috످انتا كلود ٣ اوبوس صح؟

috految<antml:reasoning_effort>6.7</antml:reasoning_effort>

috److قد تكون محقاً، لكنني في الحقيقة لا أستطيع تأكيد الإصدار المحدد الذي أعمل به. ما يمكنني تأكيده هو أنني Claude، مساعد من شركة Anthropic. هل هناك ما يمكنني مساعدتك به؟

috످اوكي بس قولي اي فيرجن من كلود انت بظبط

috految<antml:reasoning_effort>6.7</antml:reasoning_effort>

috److بصراحة مش عارف أنا أي فيرجن بالظبط، بس ممكن تلاقي اسم الفيرجن في قايمة اختيار الموديل أو في إعدادات التطبيق أو الموقع اللي بتكلمني منه.

috످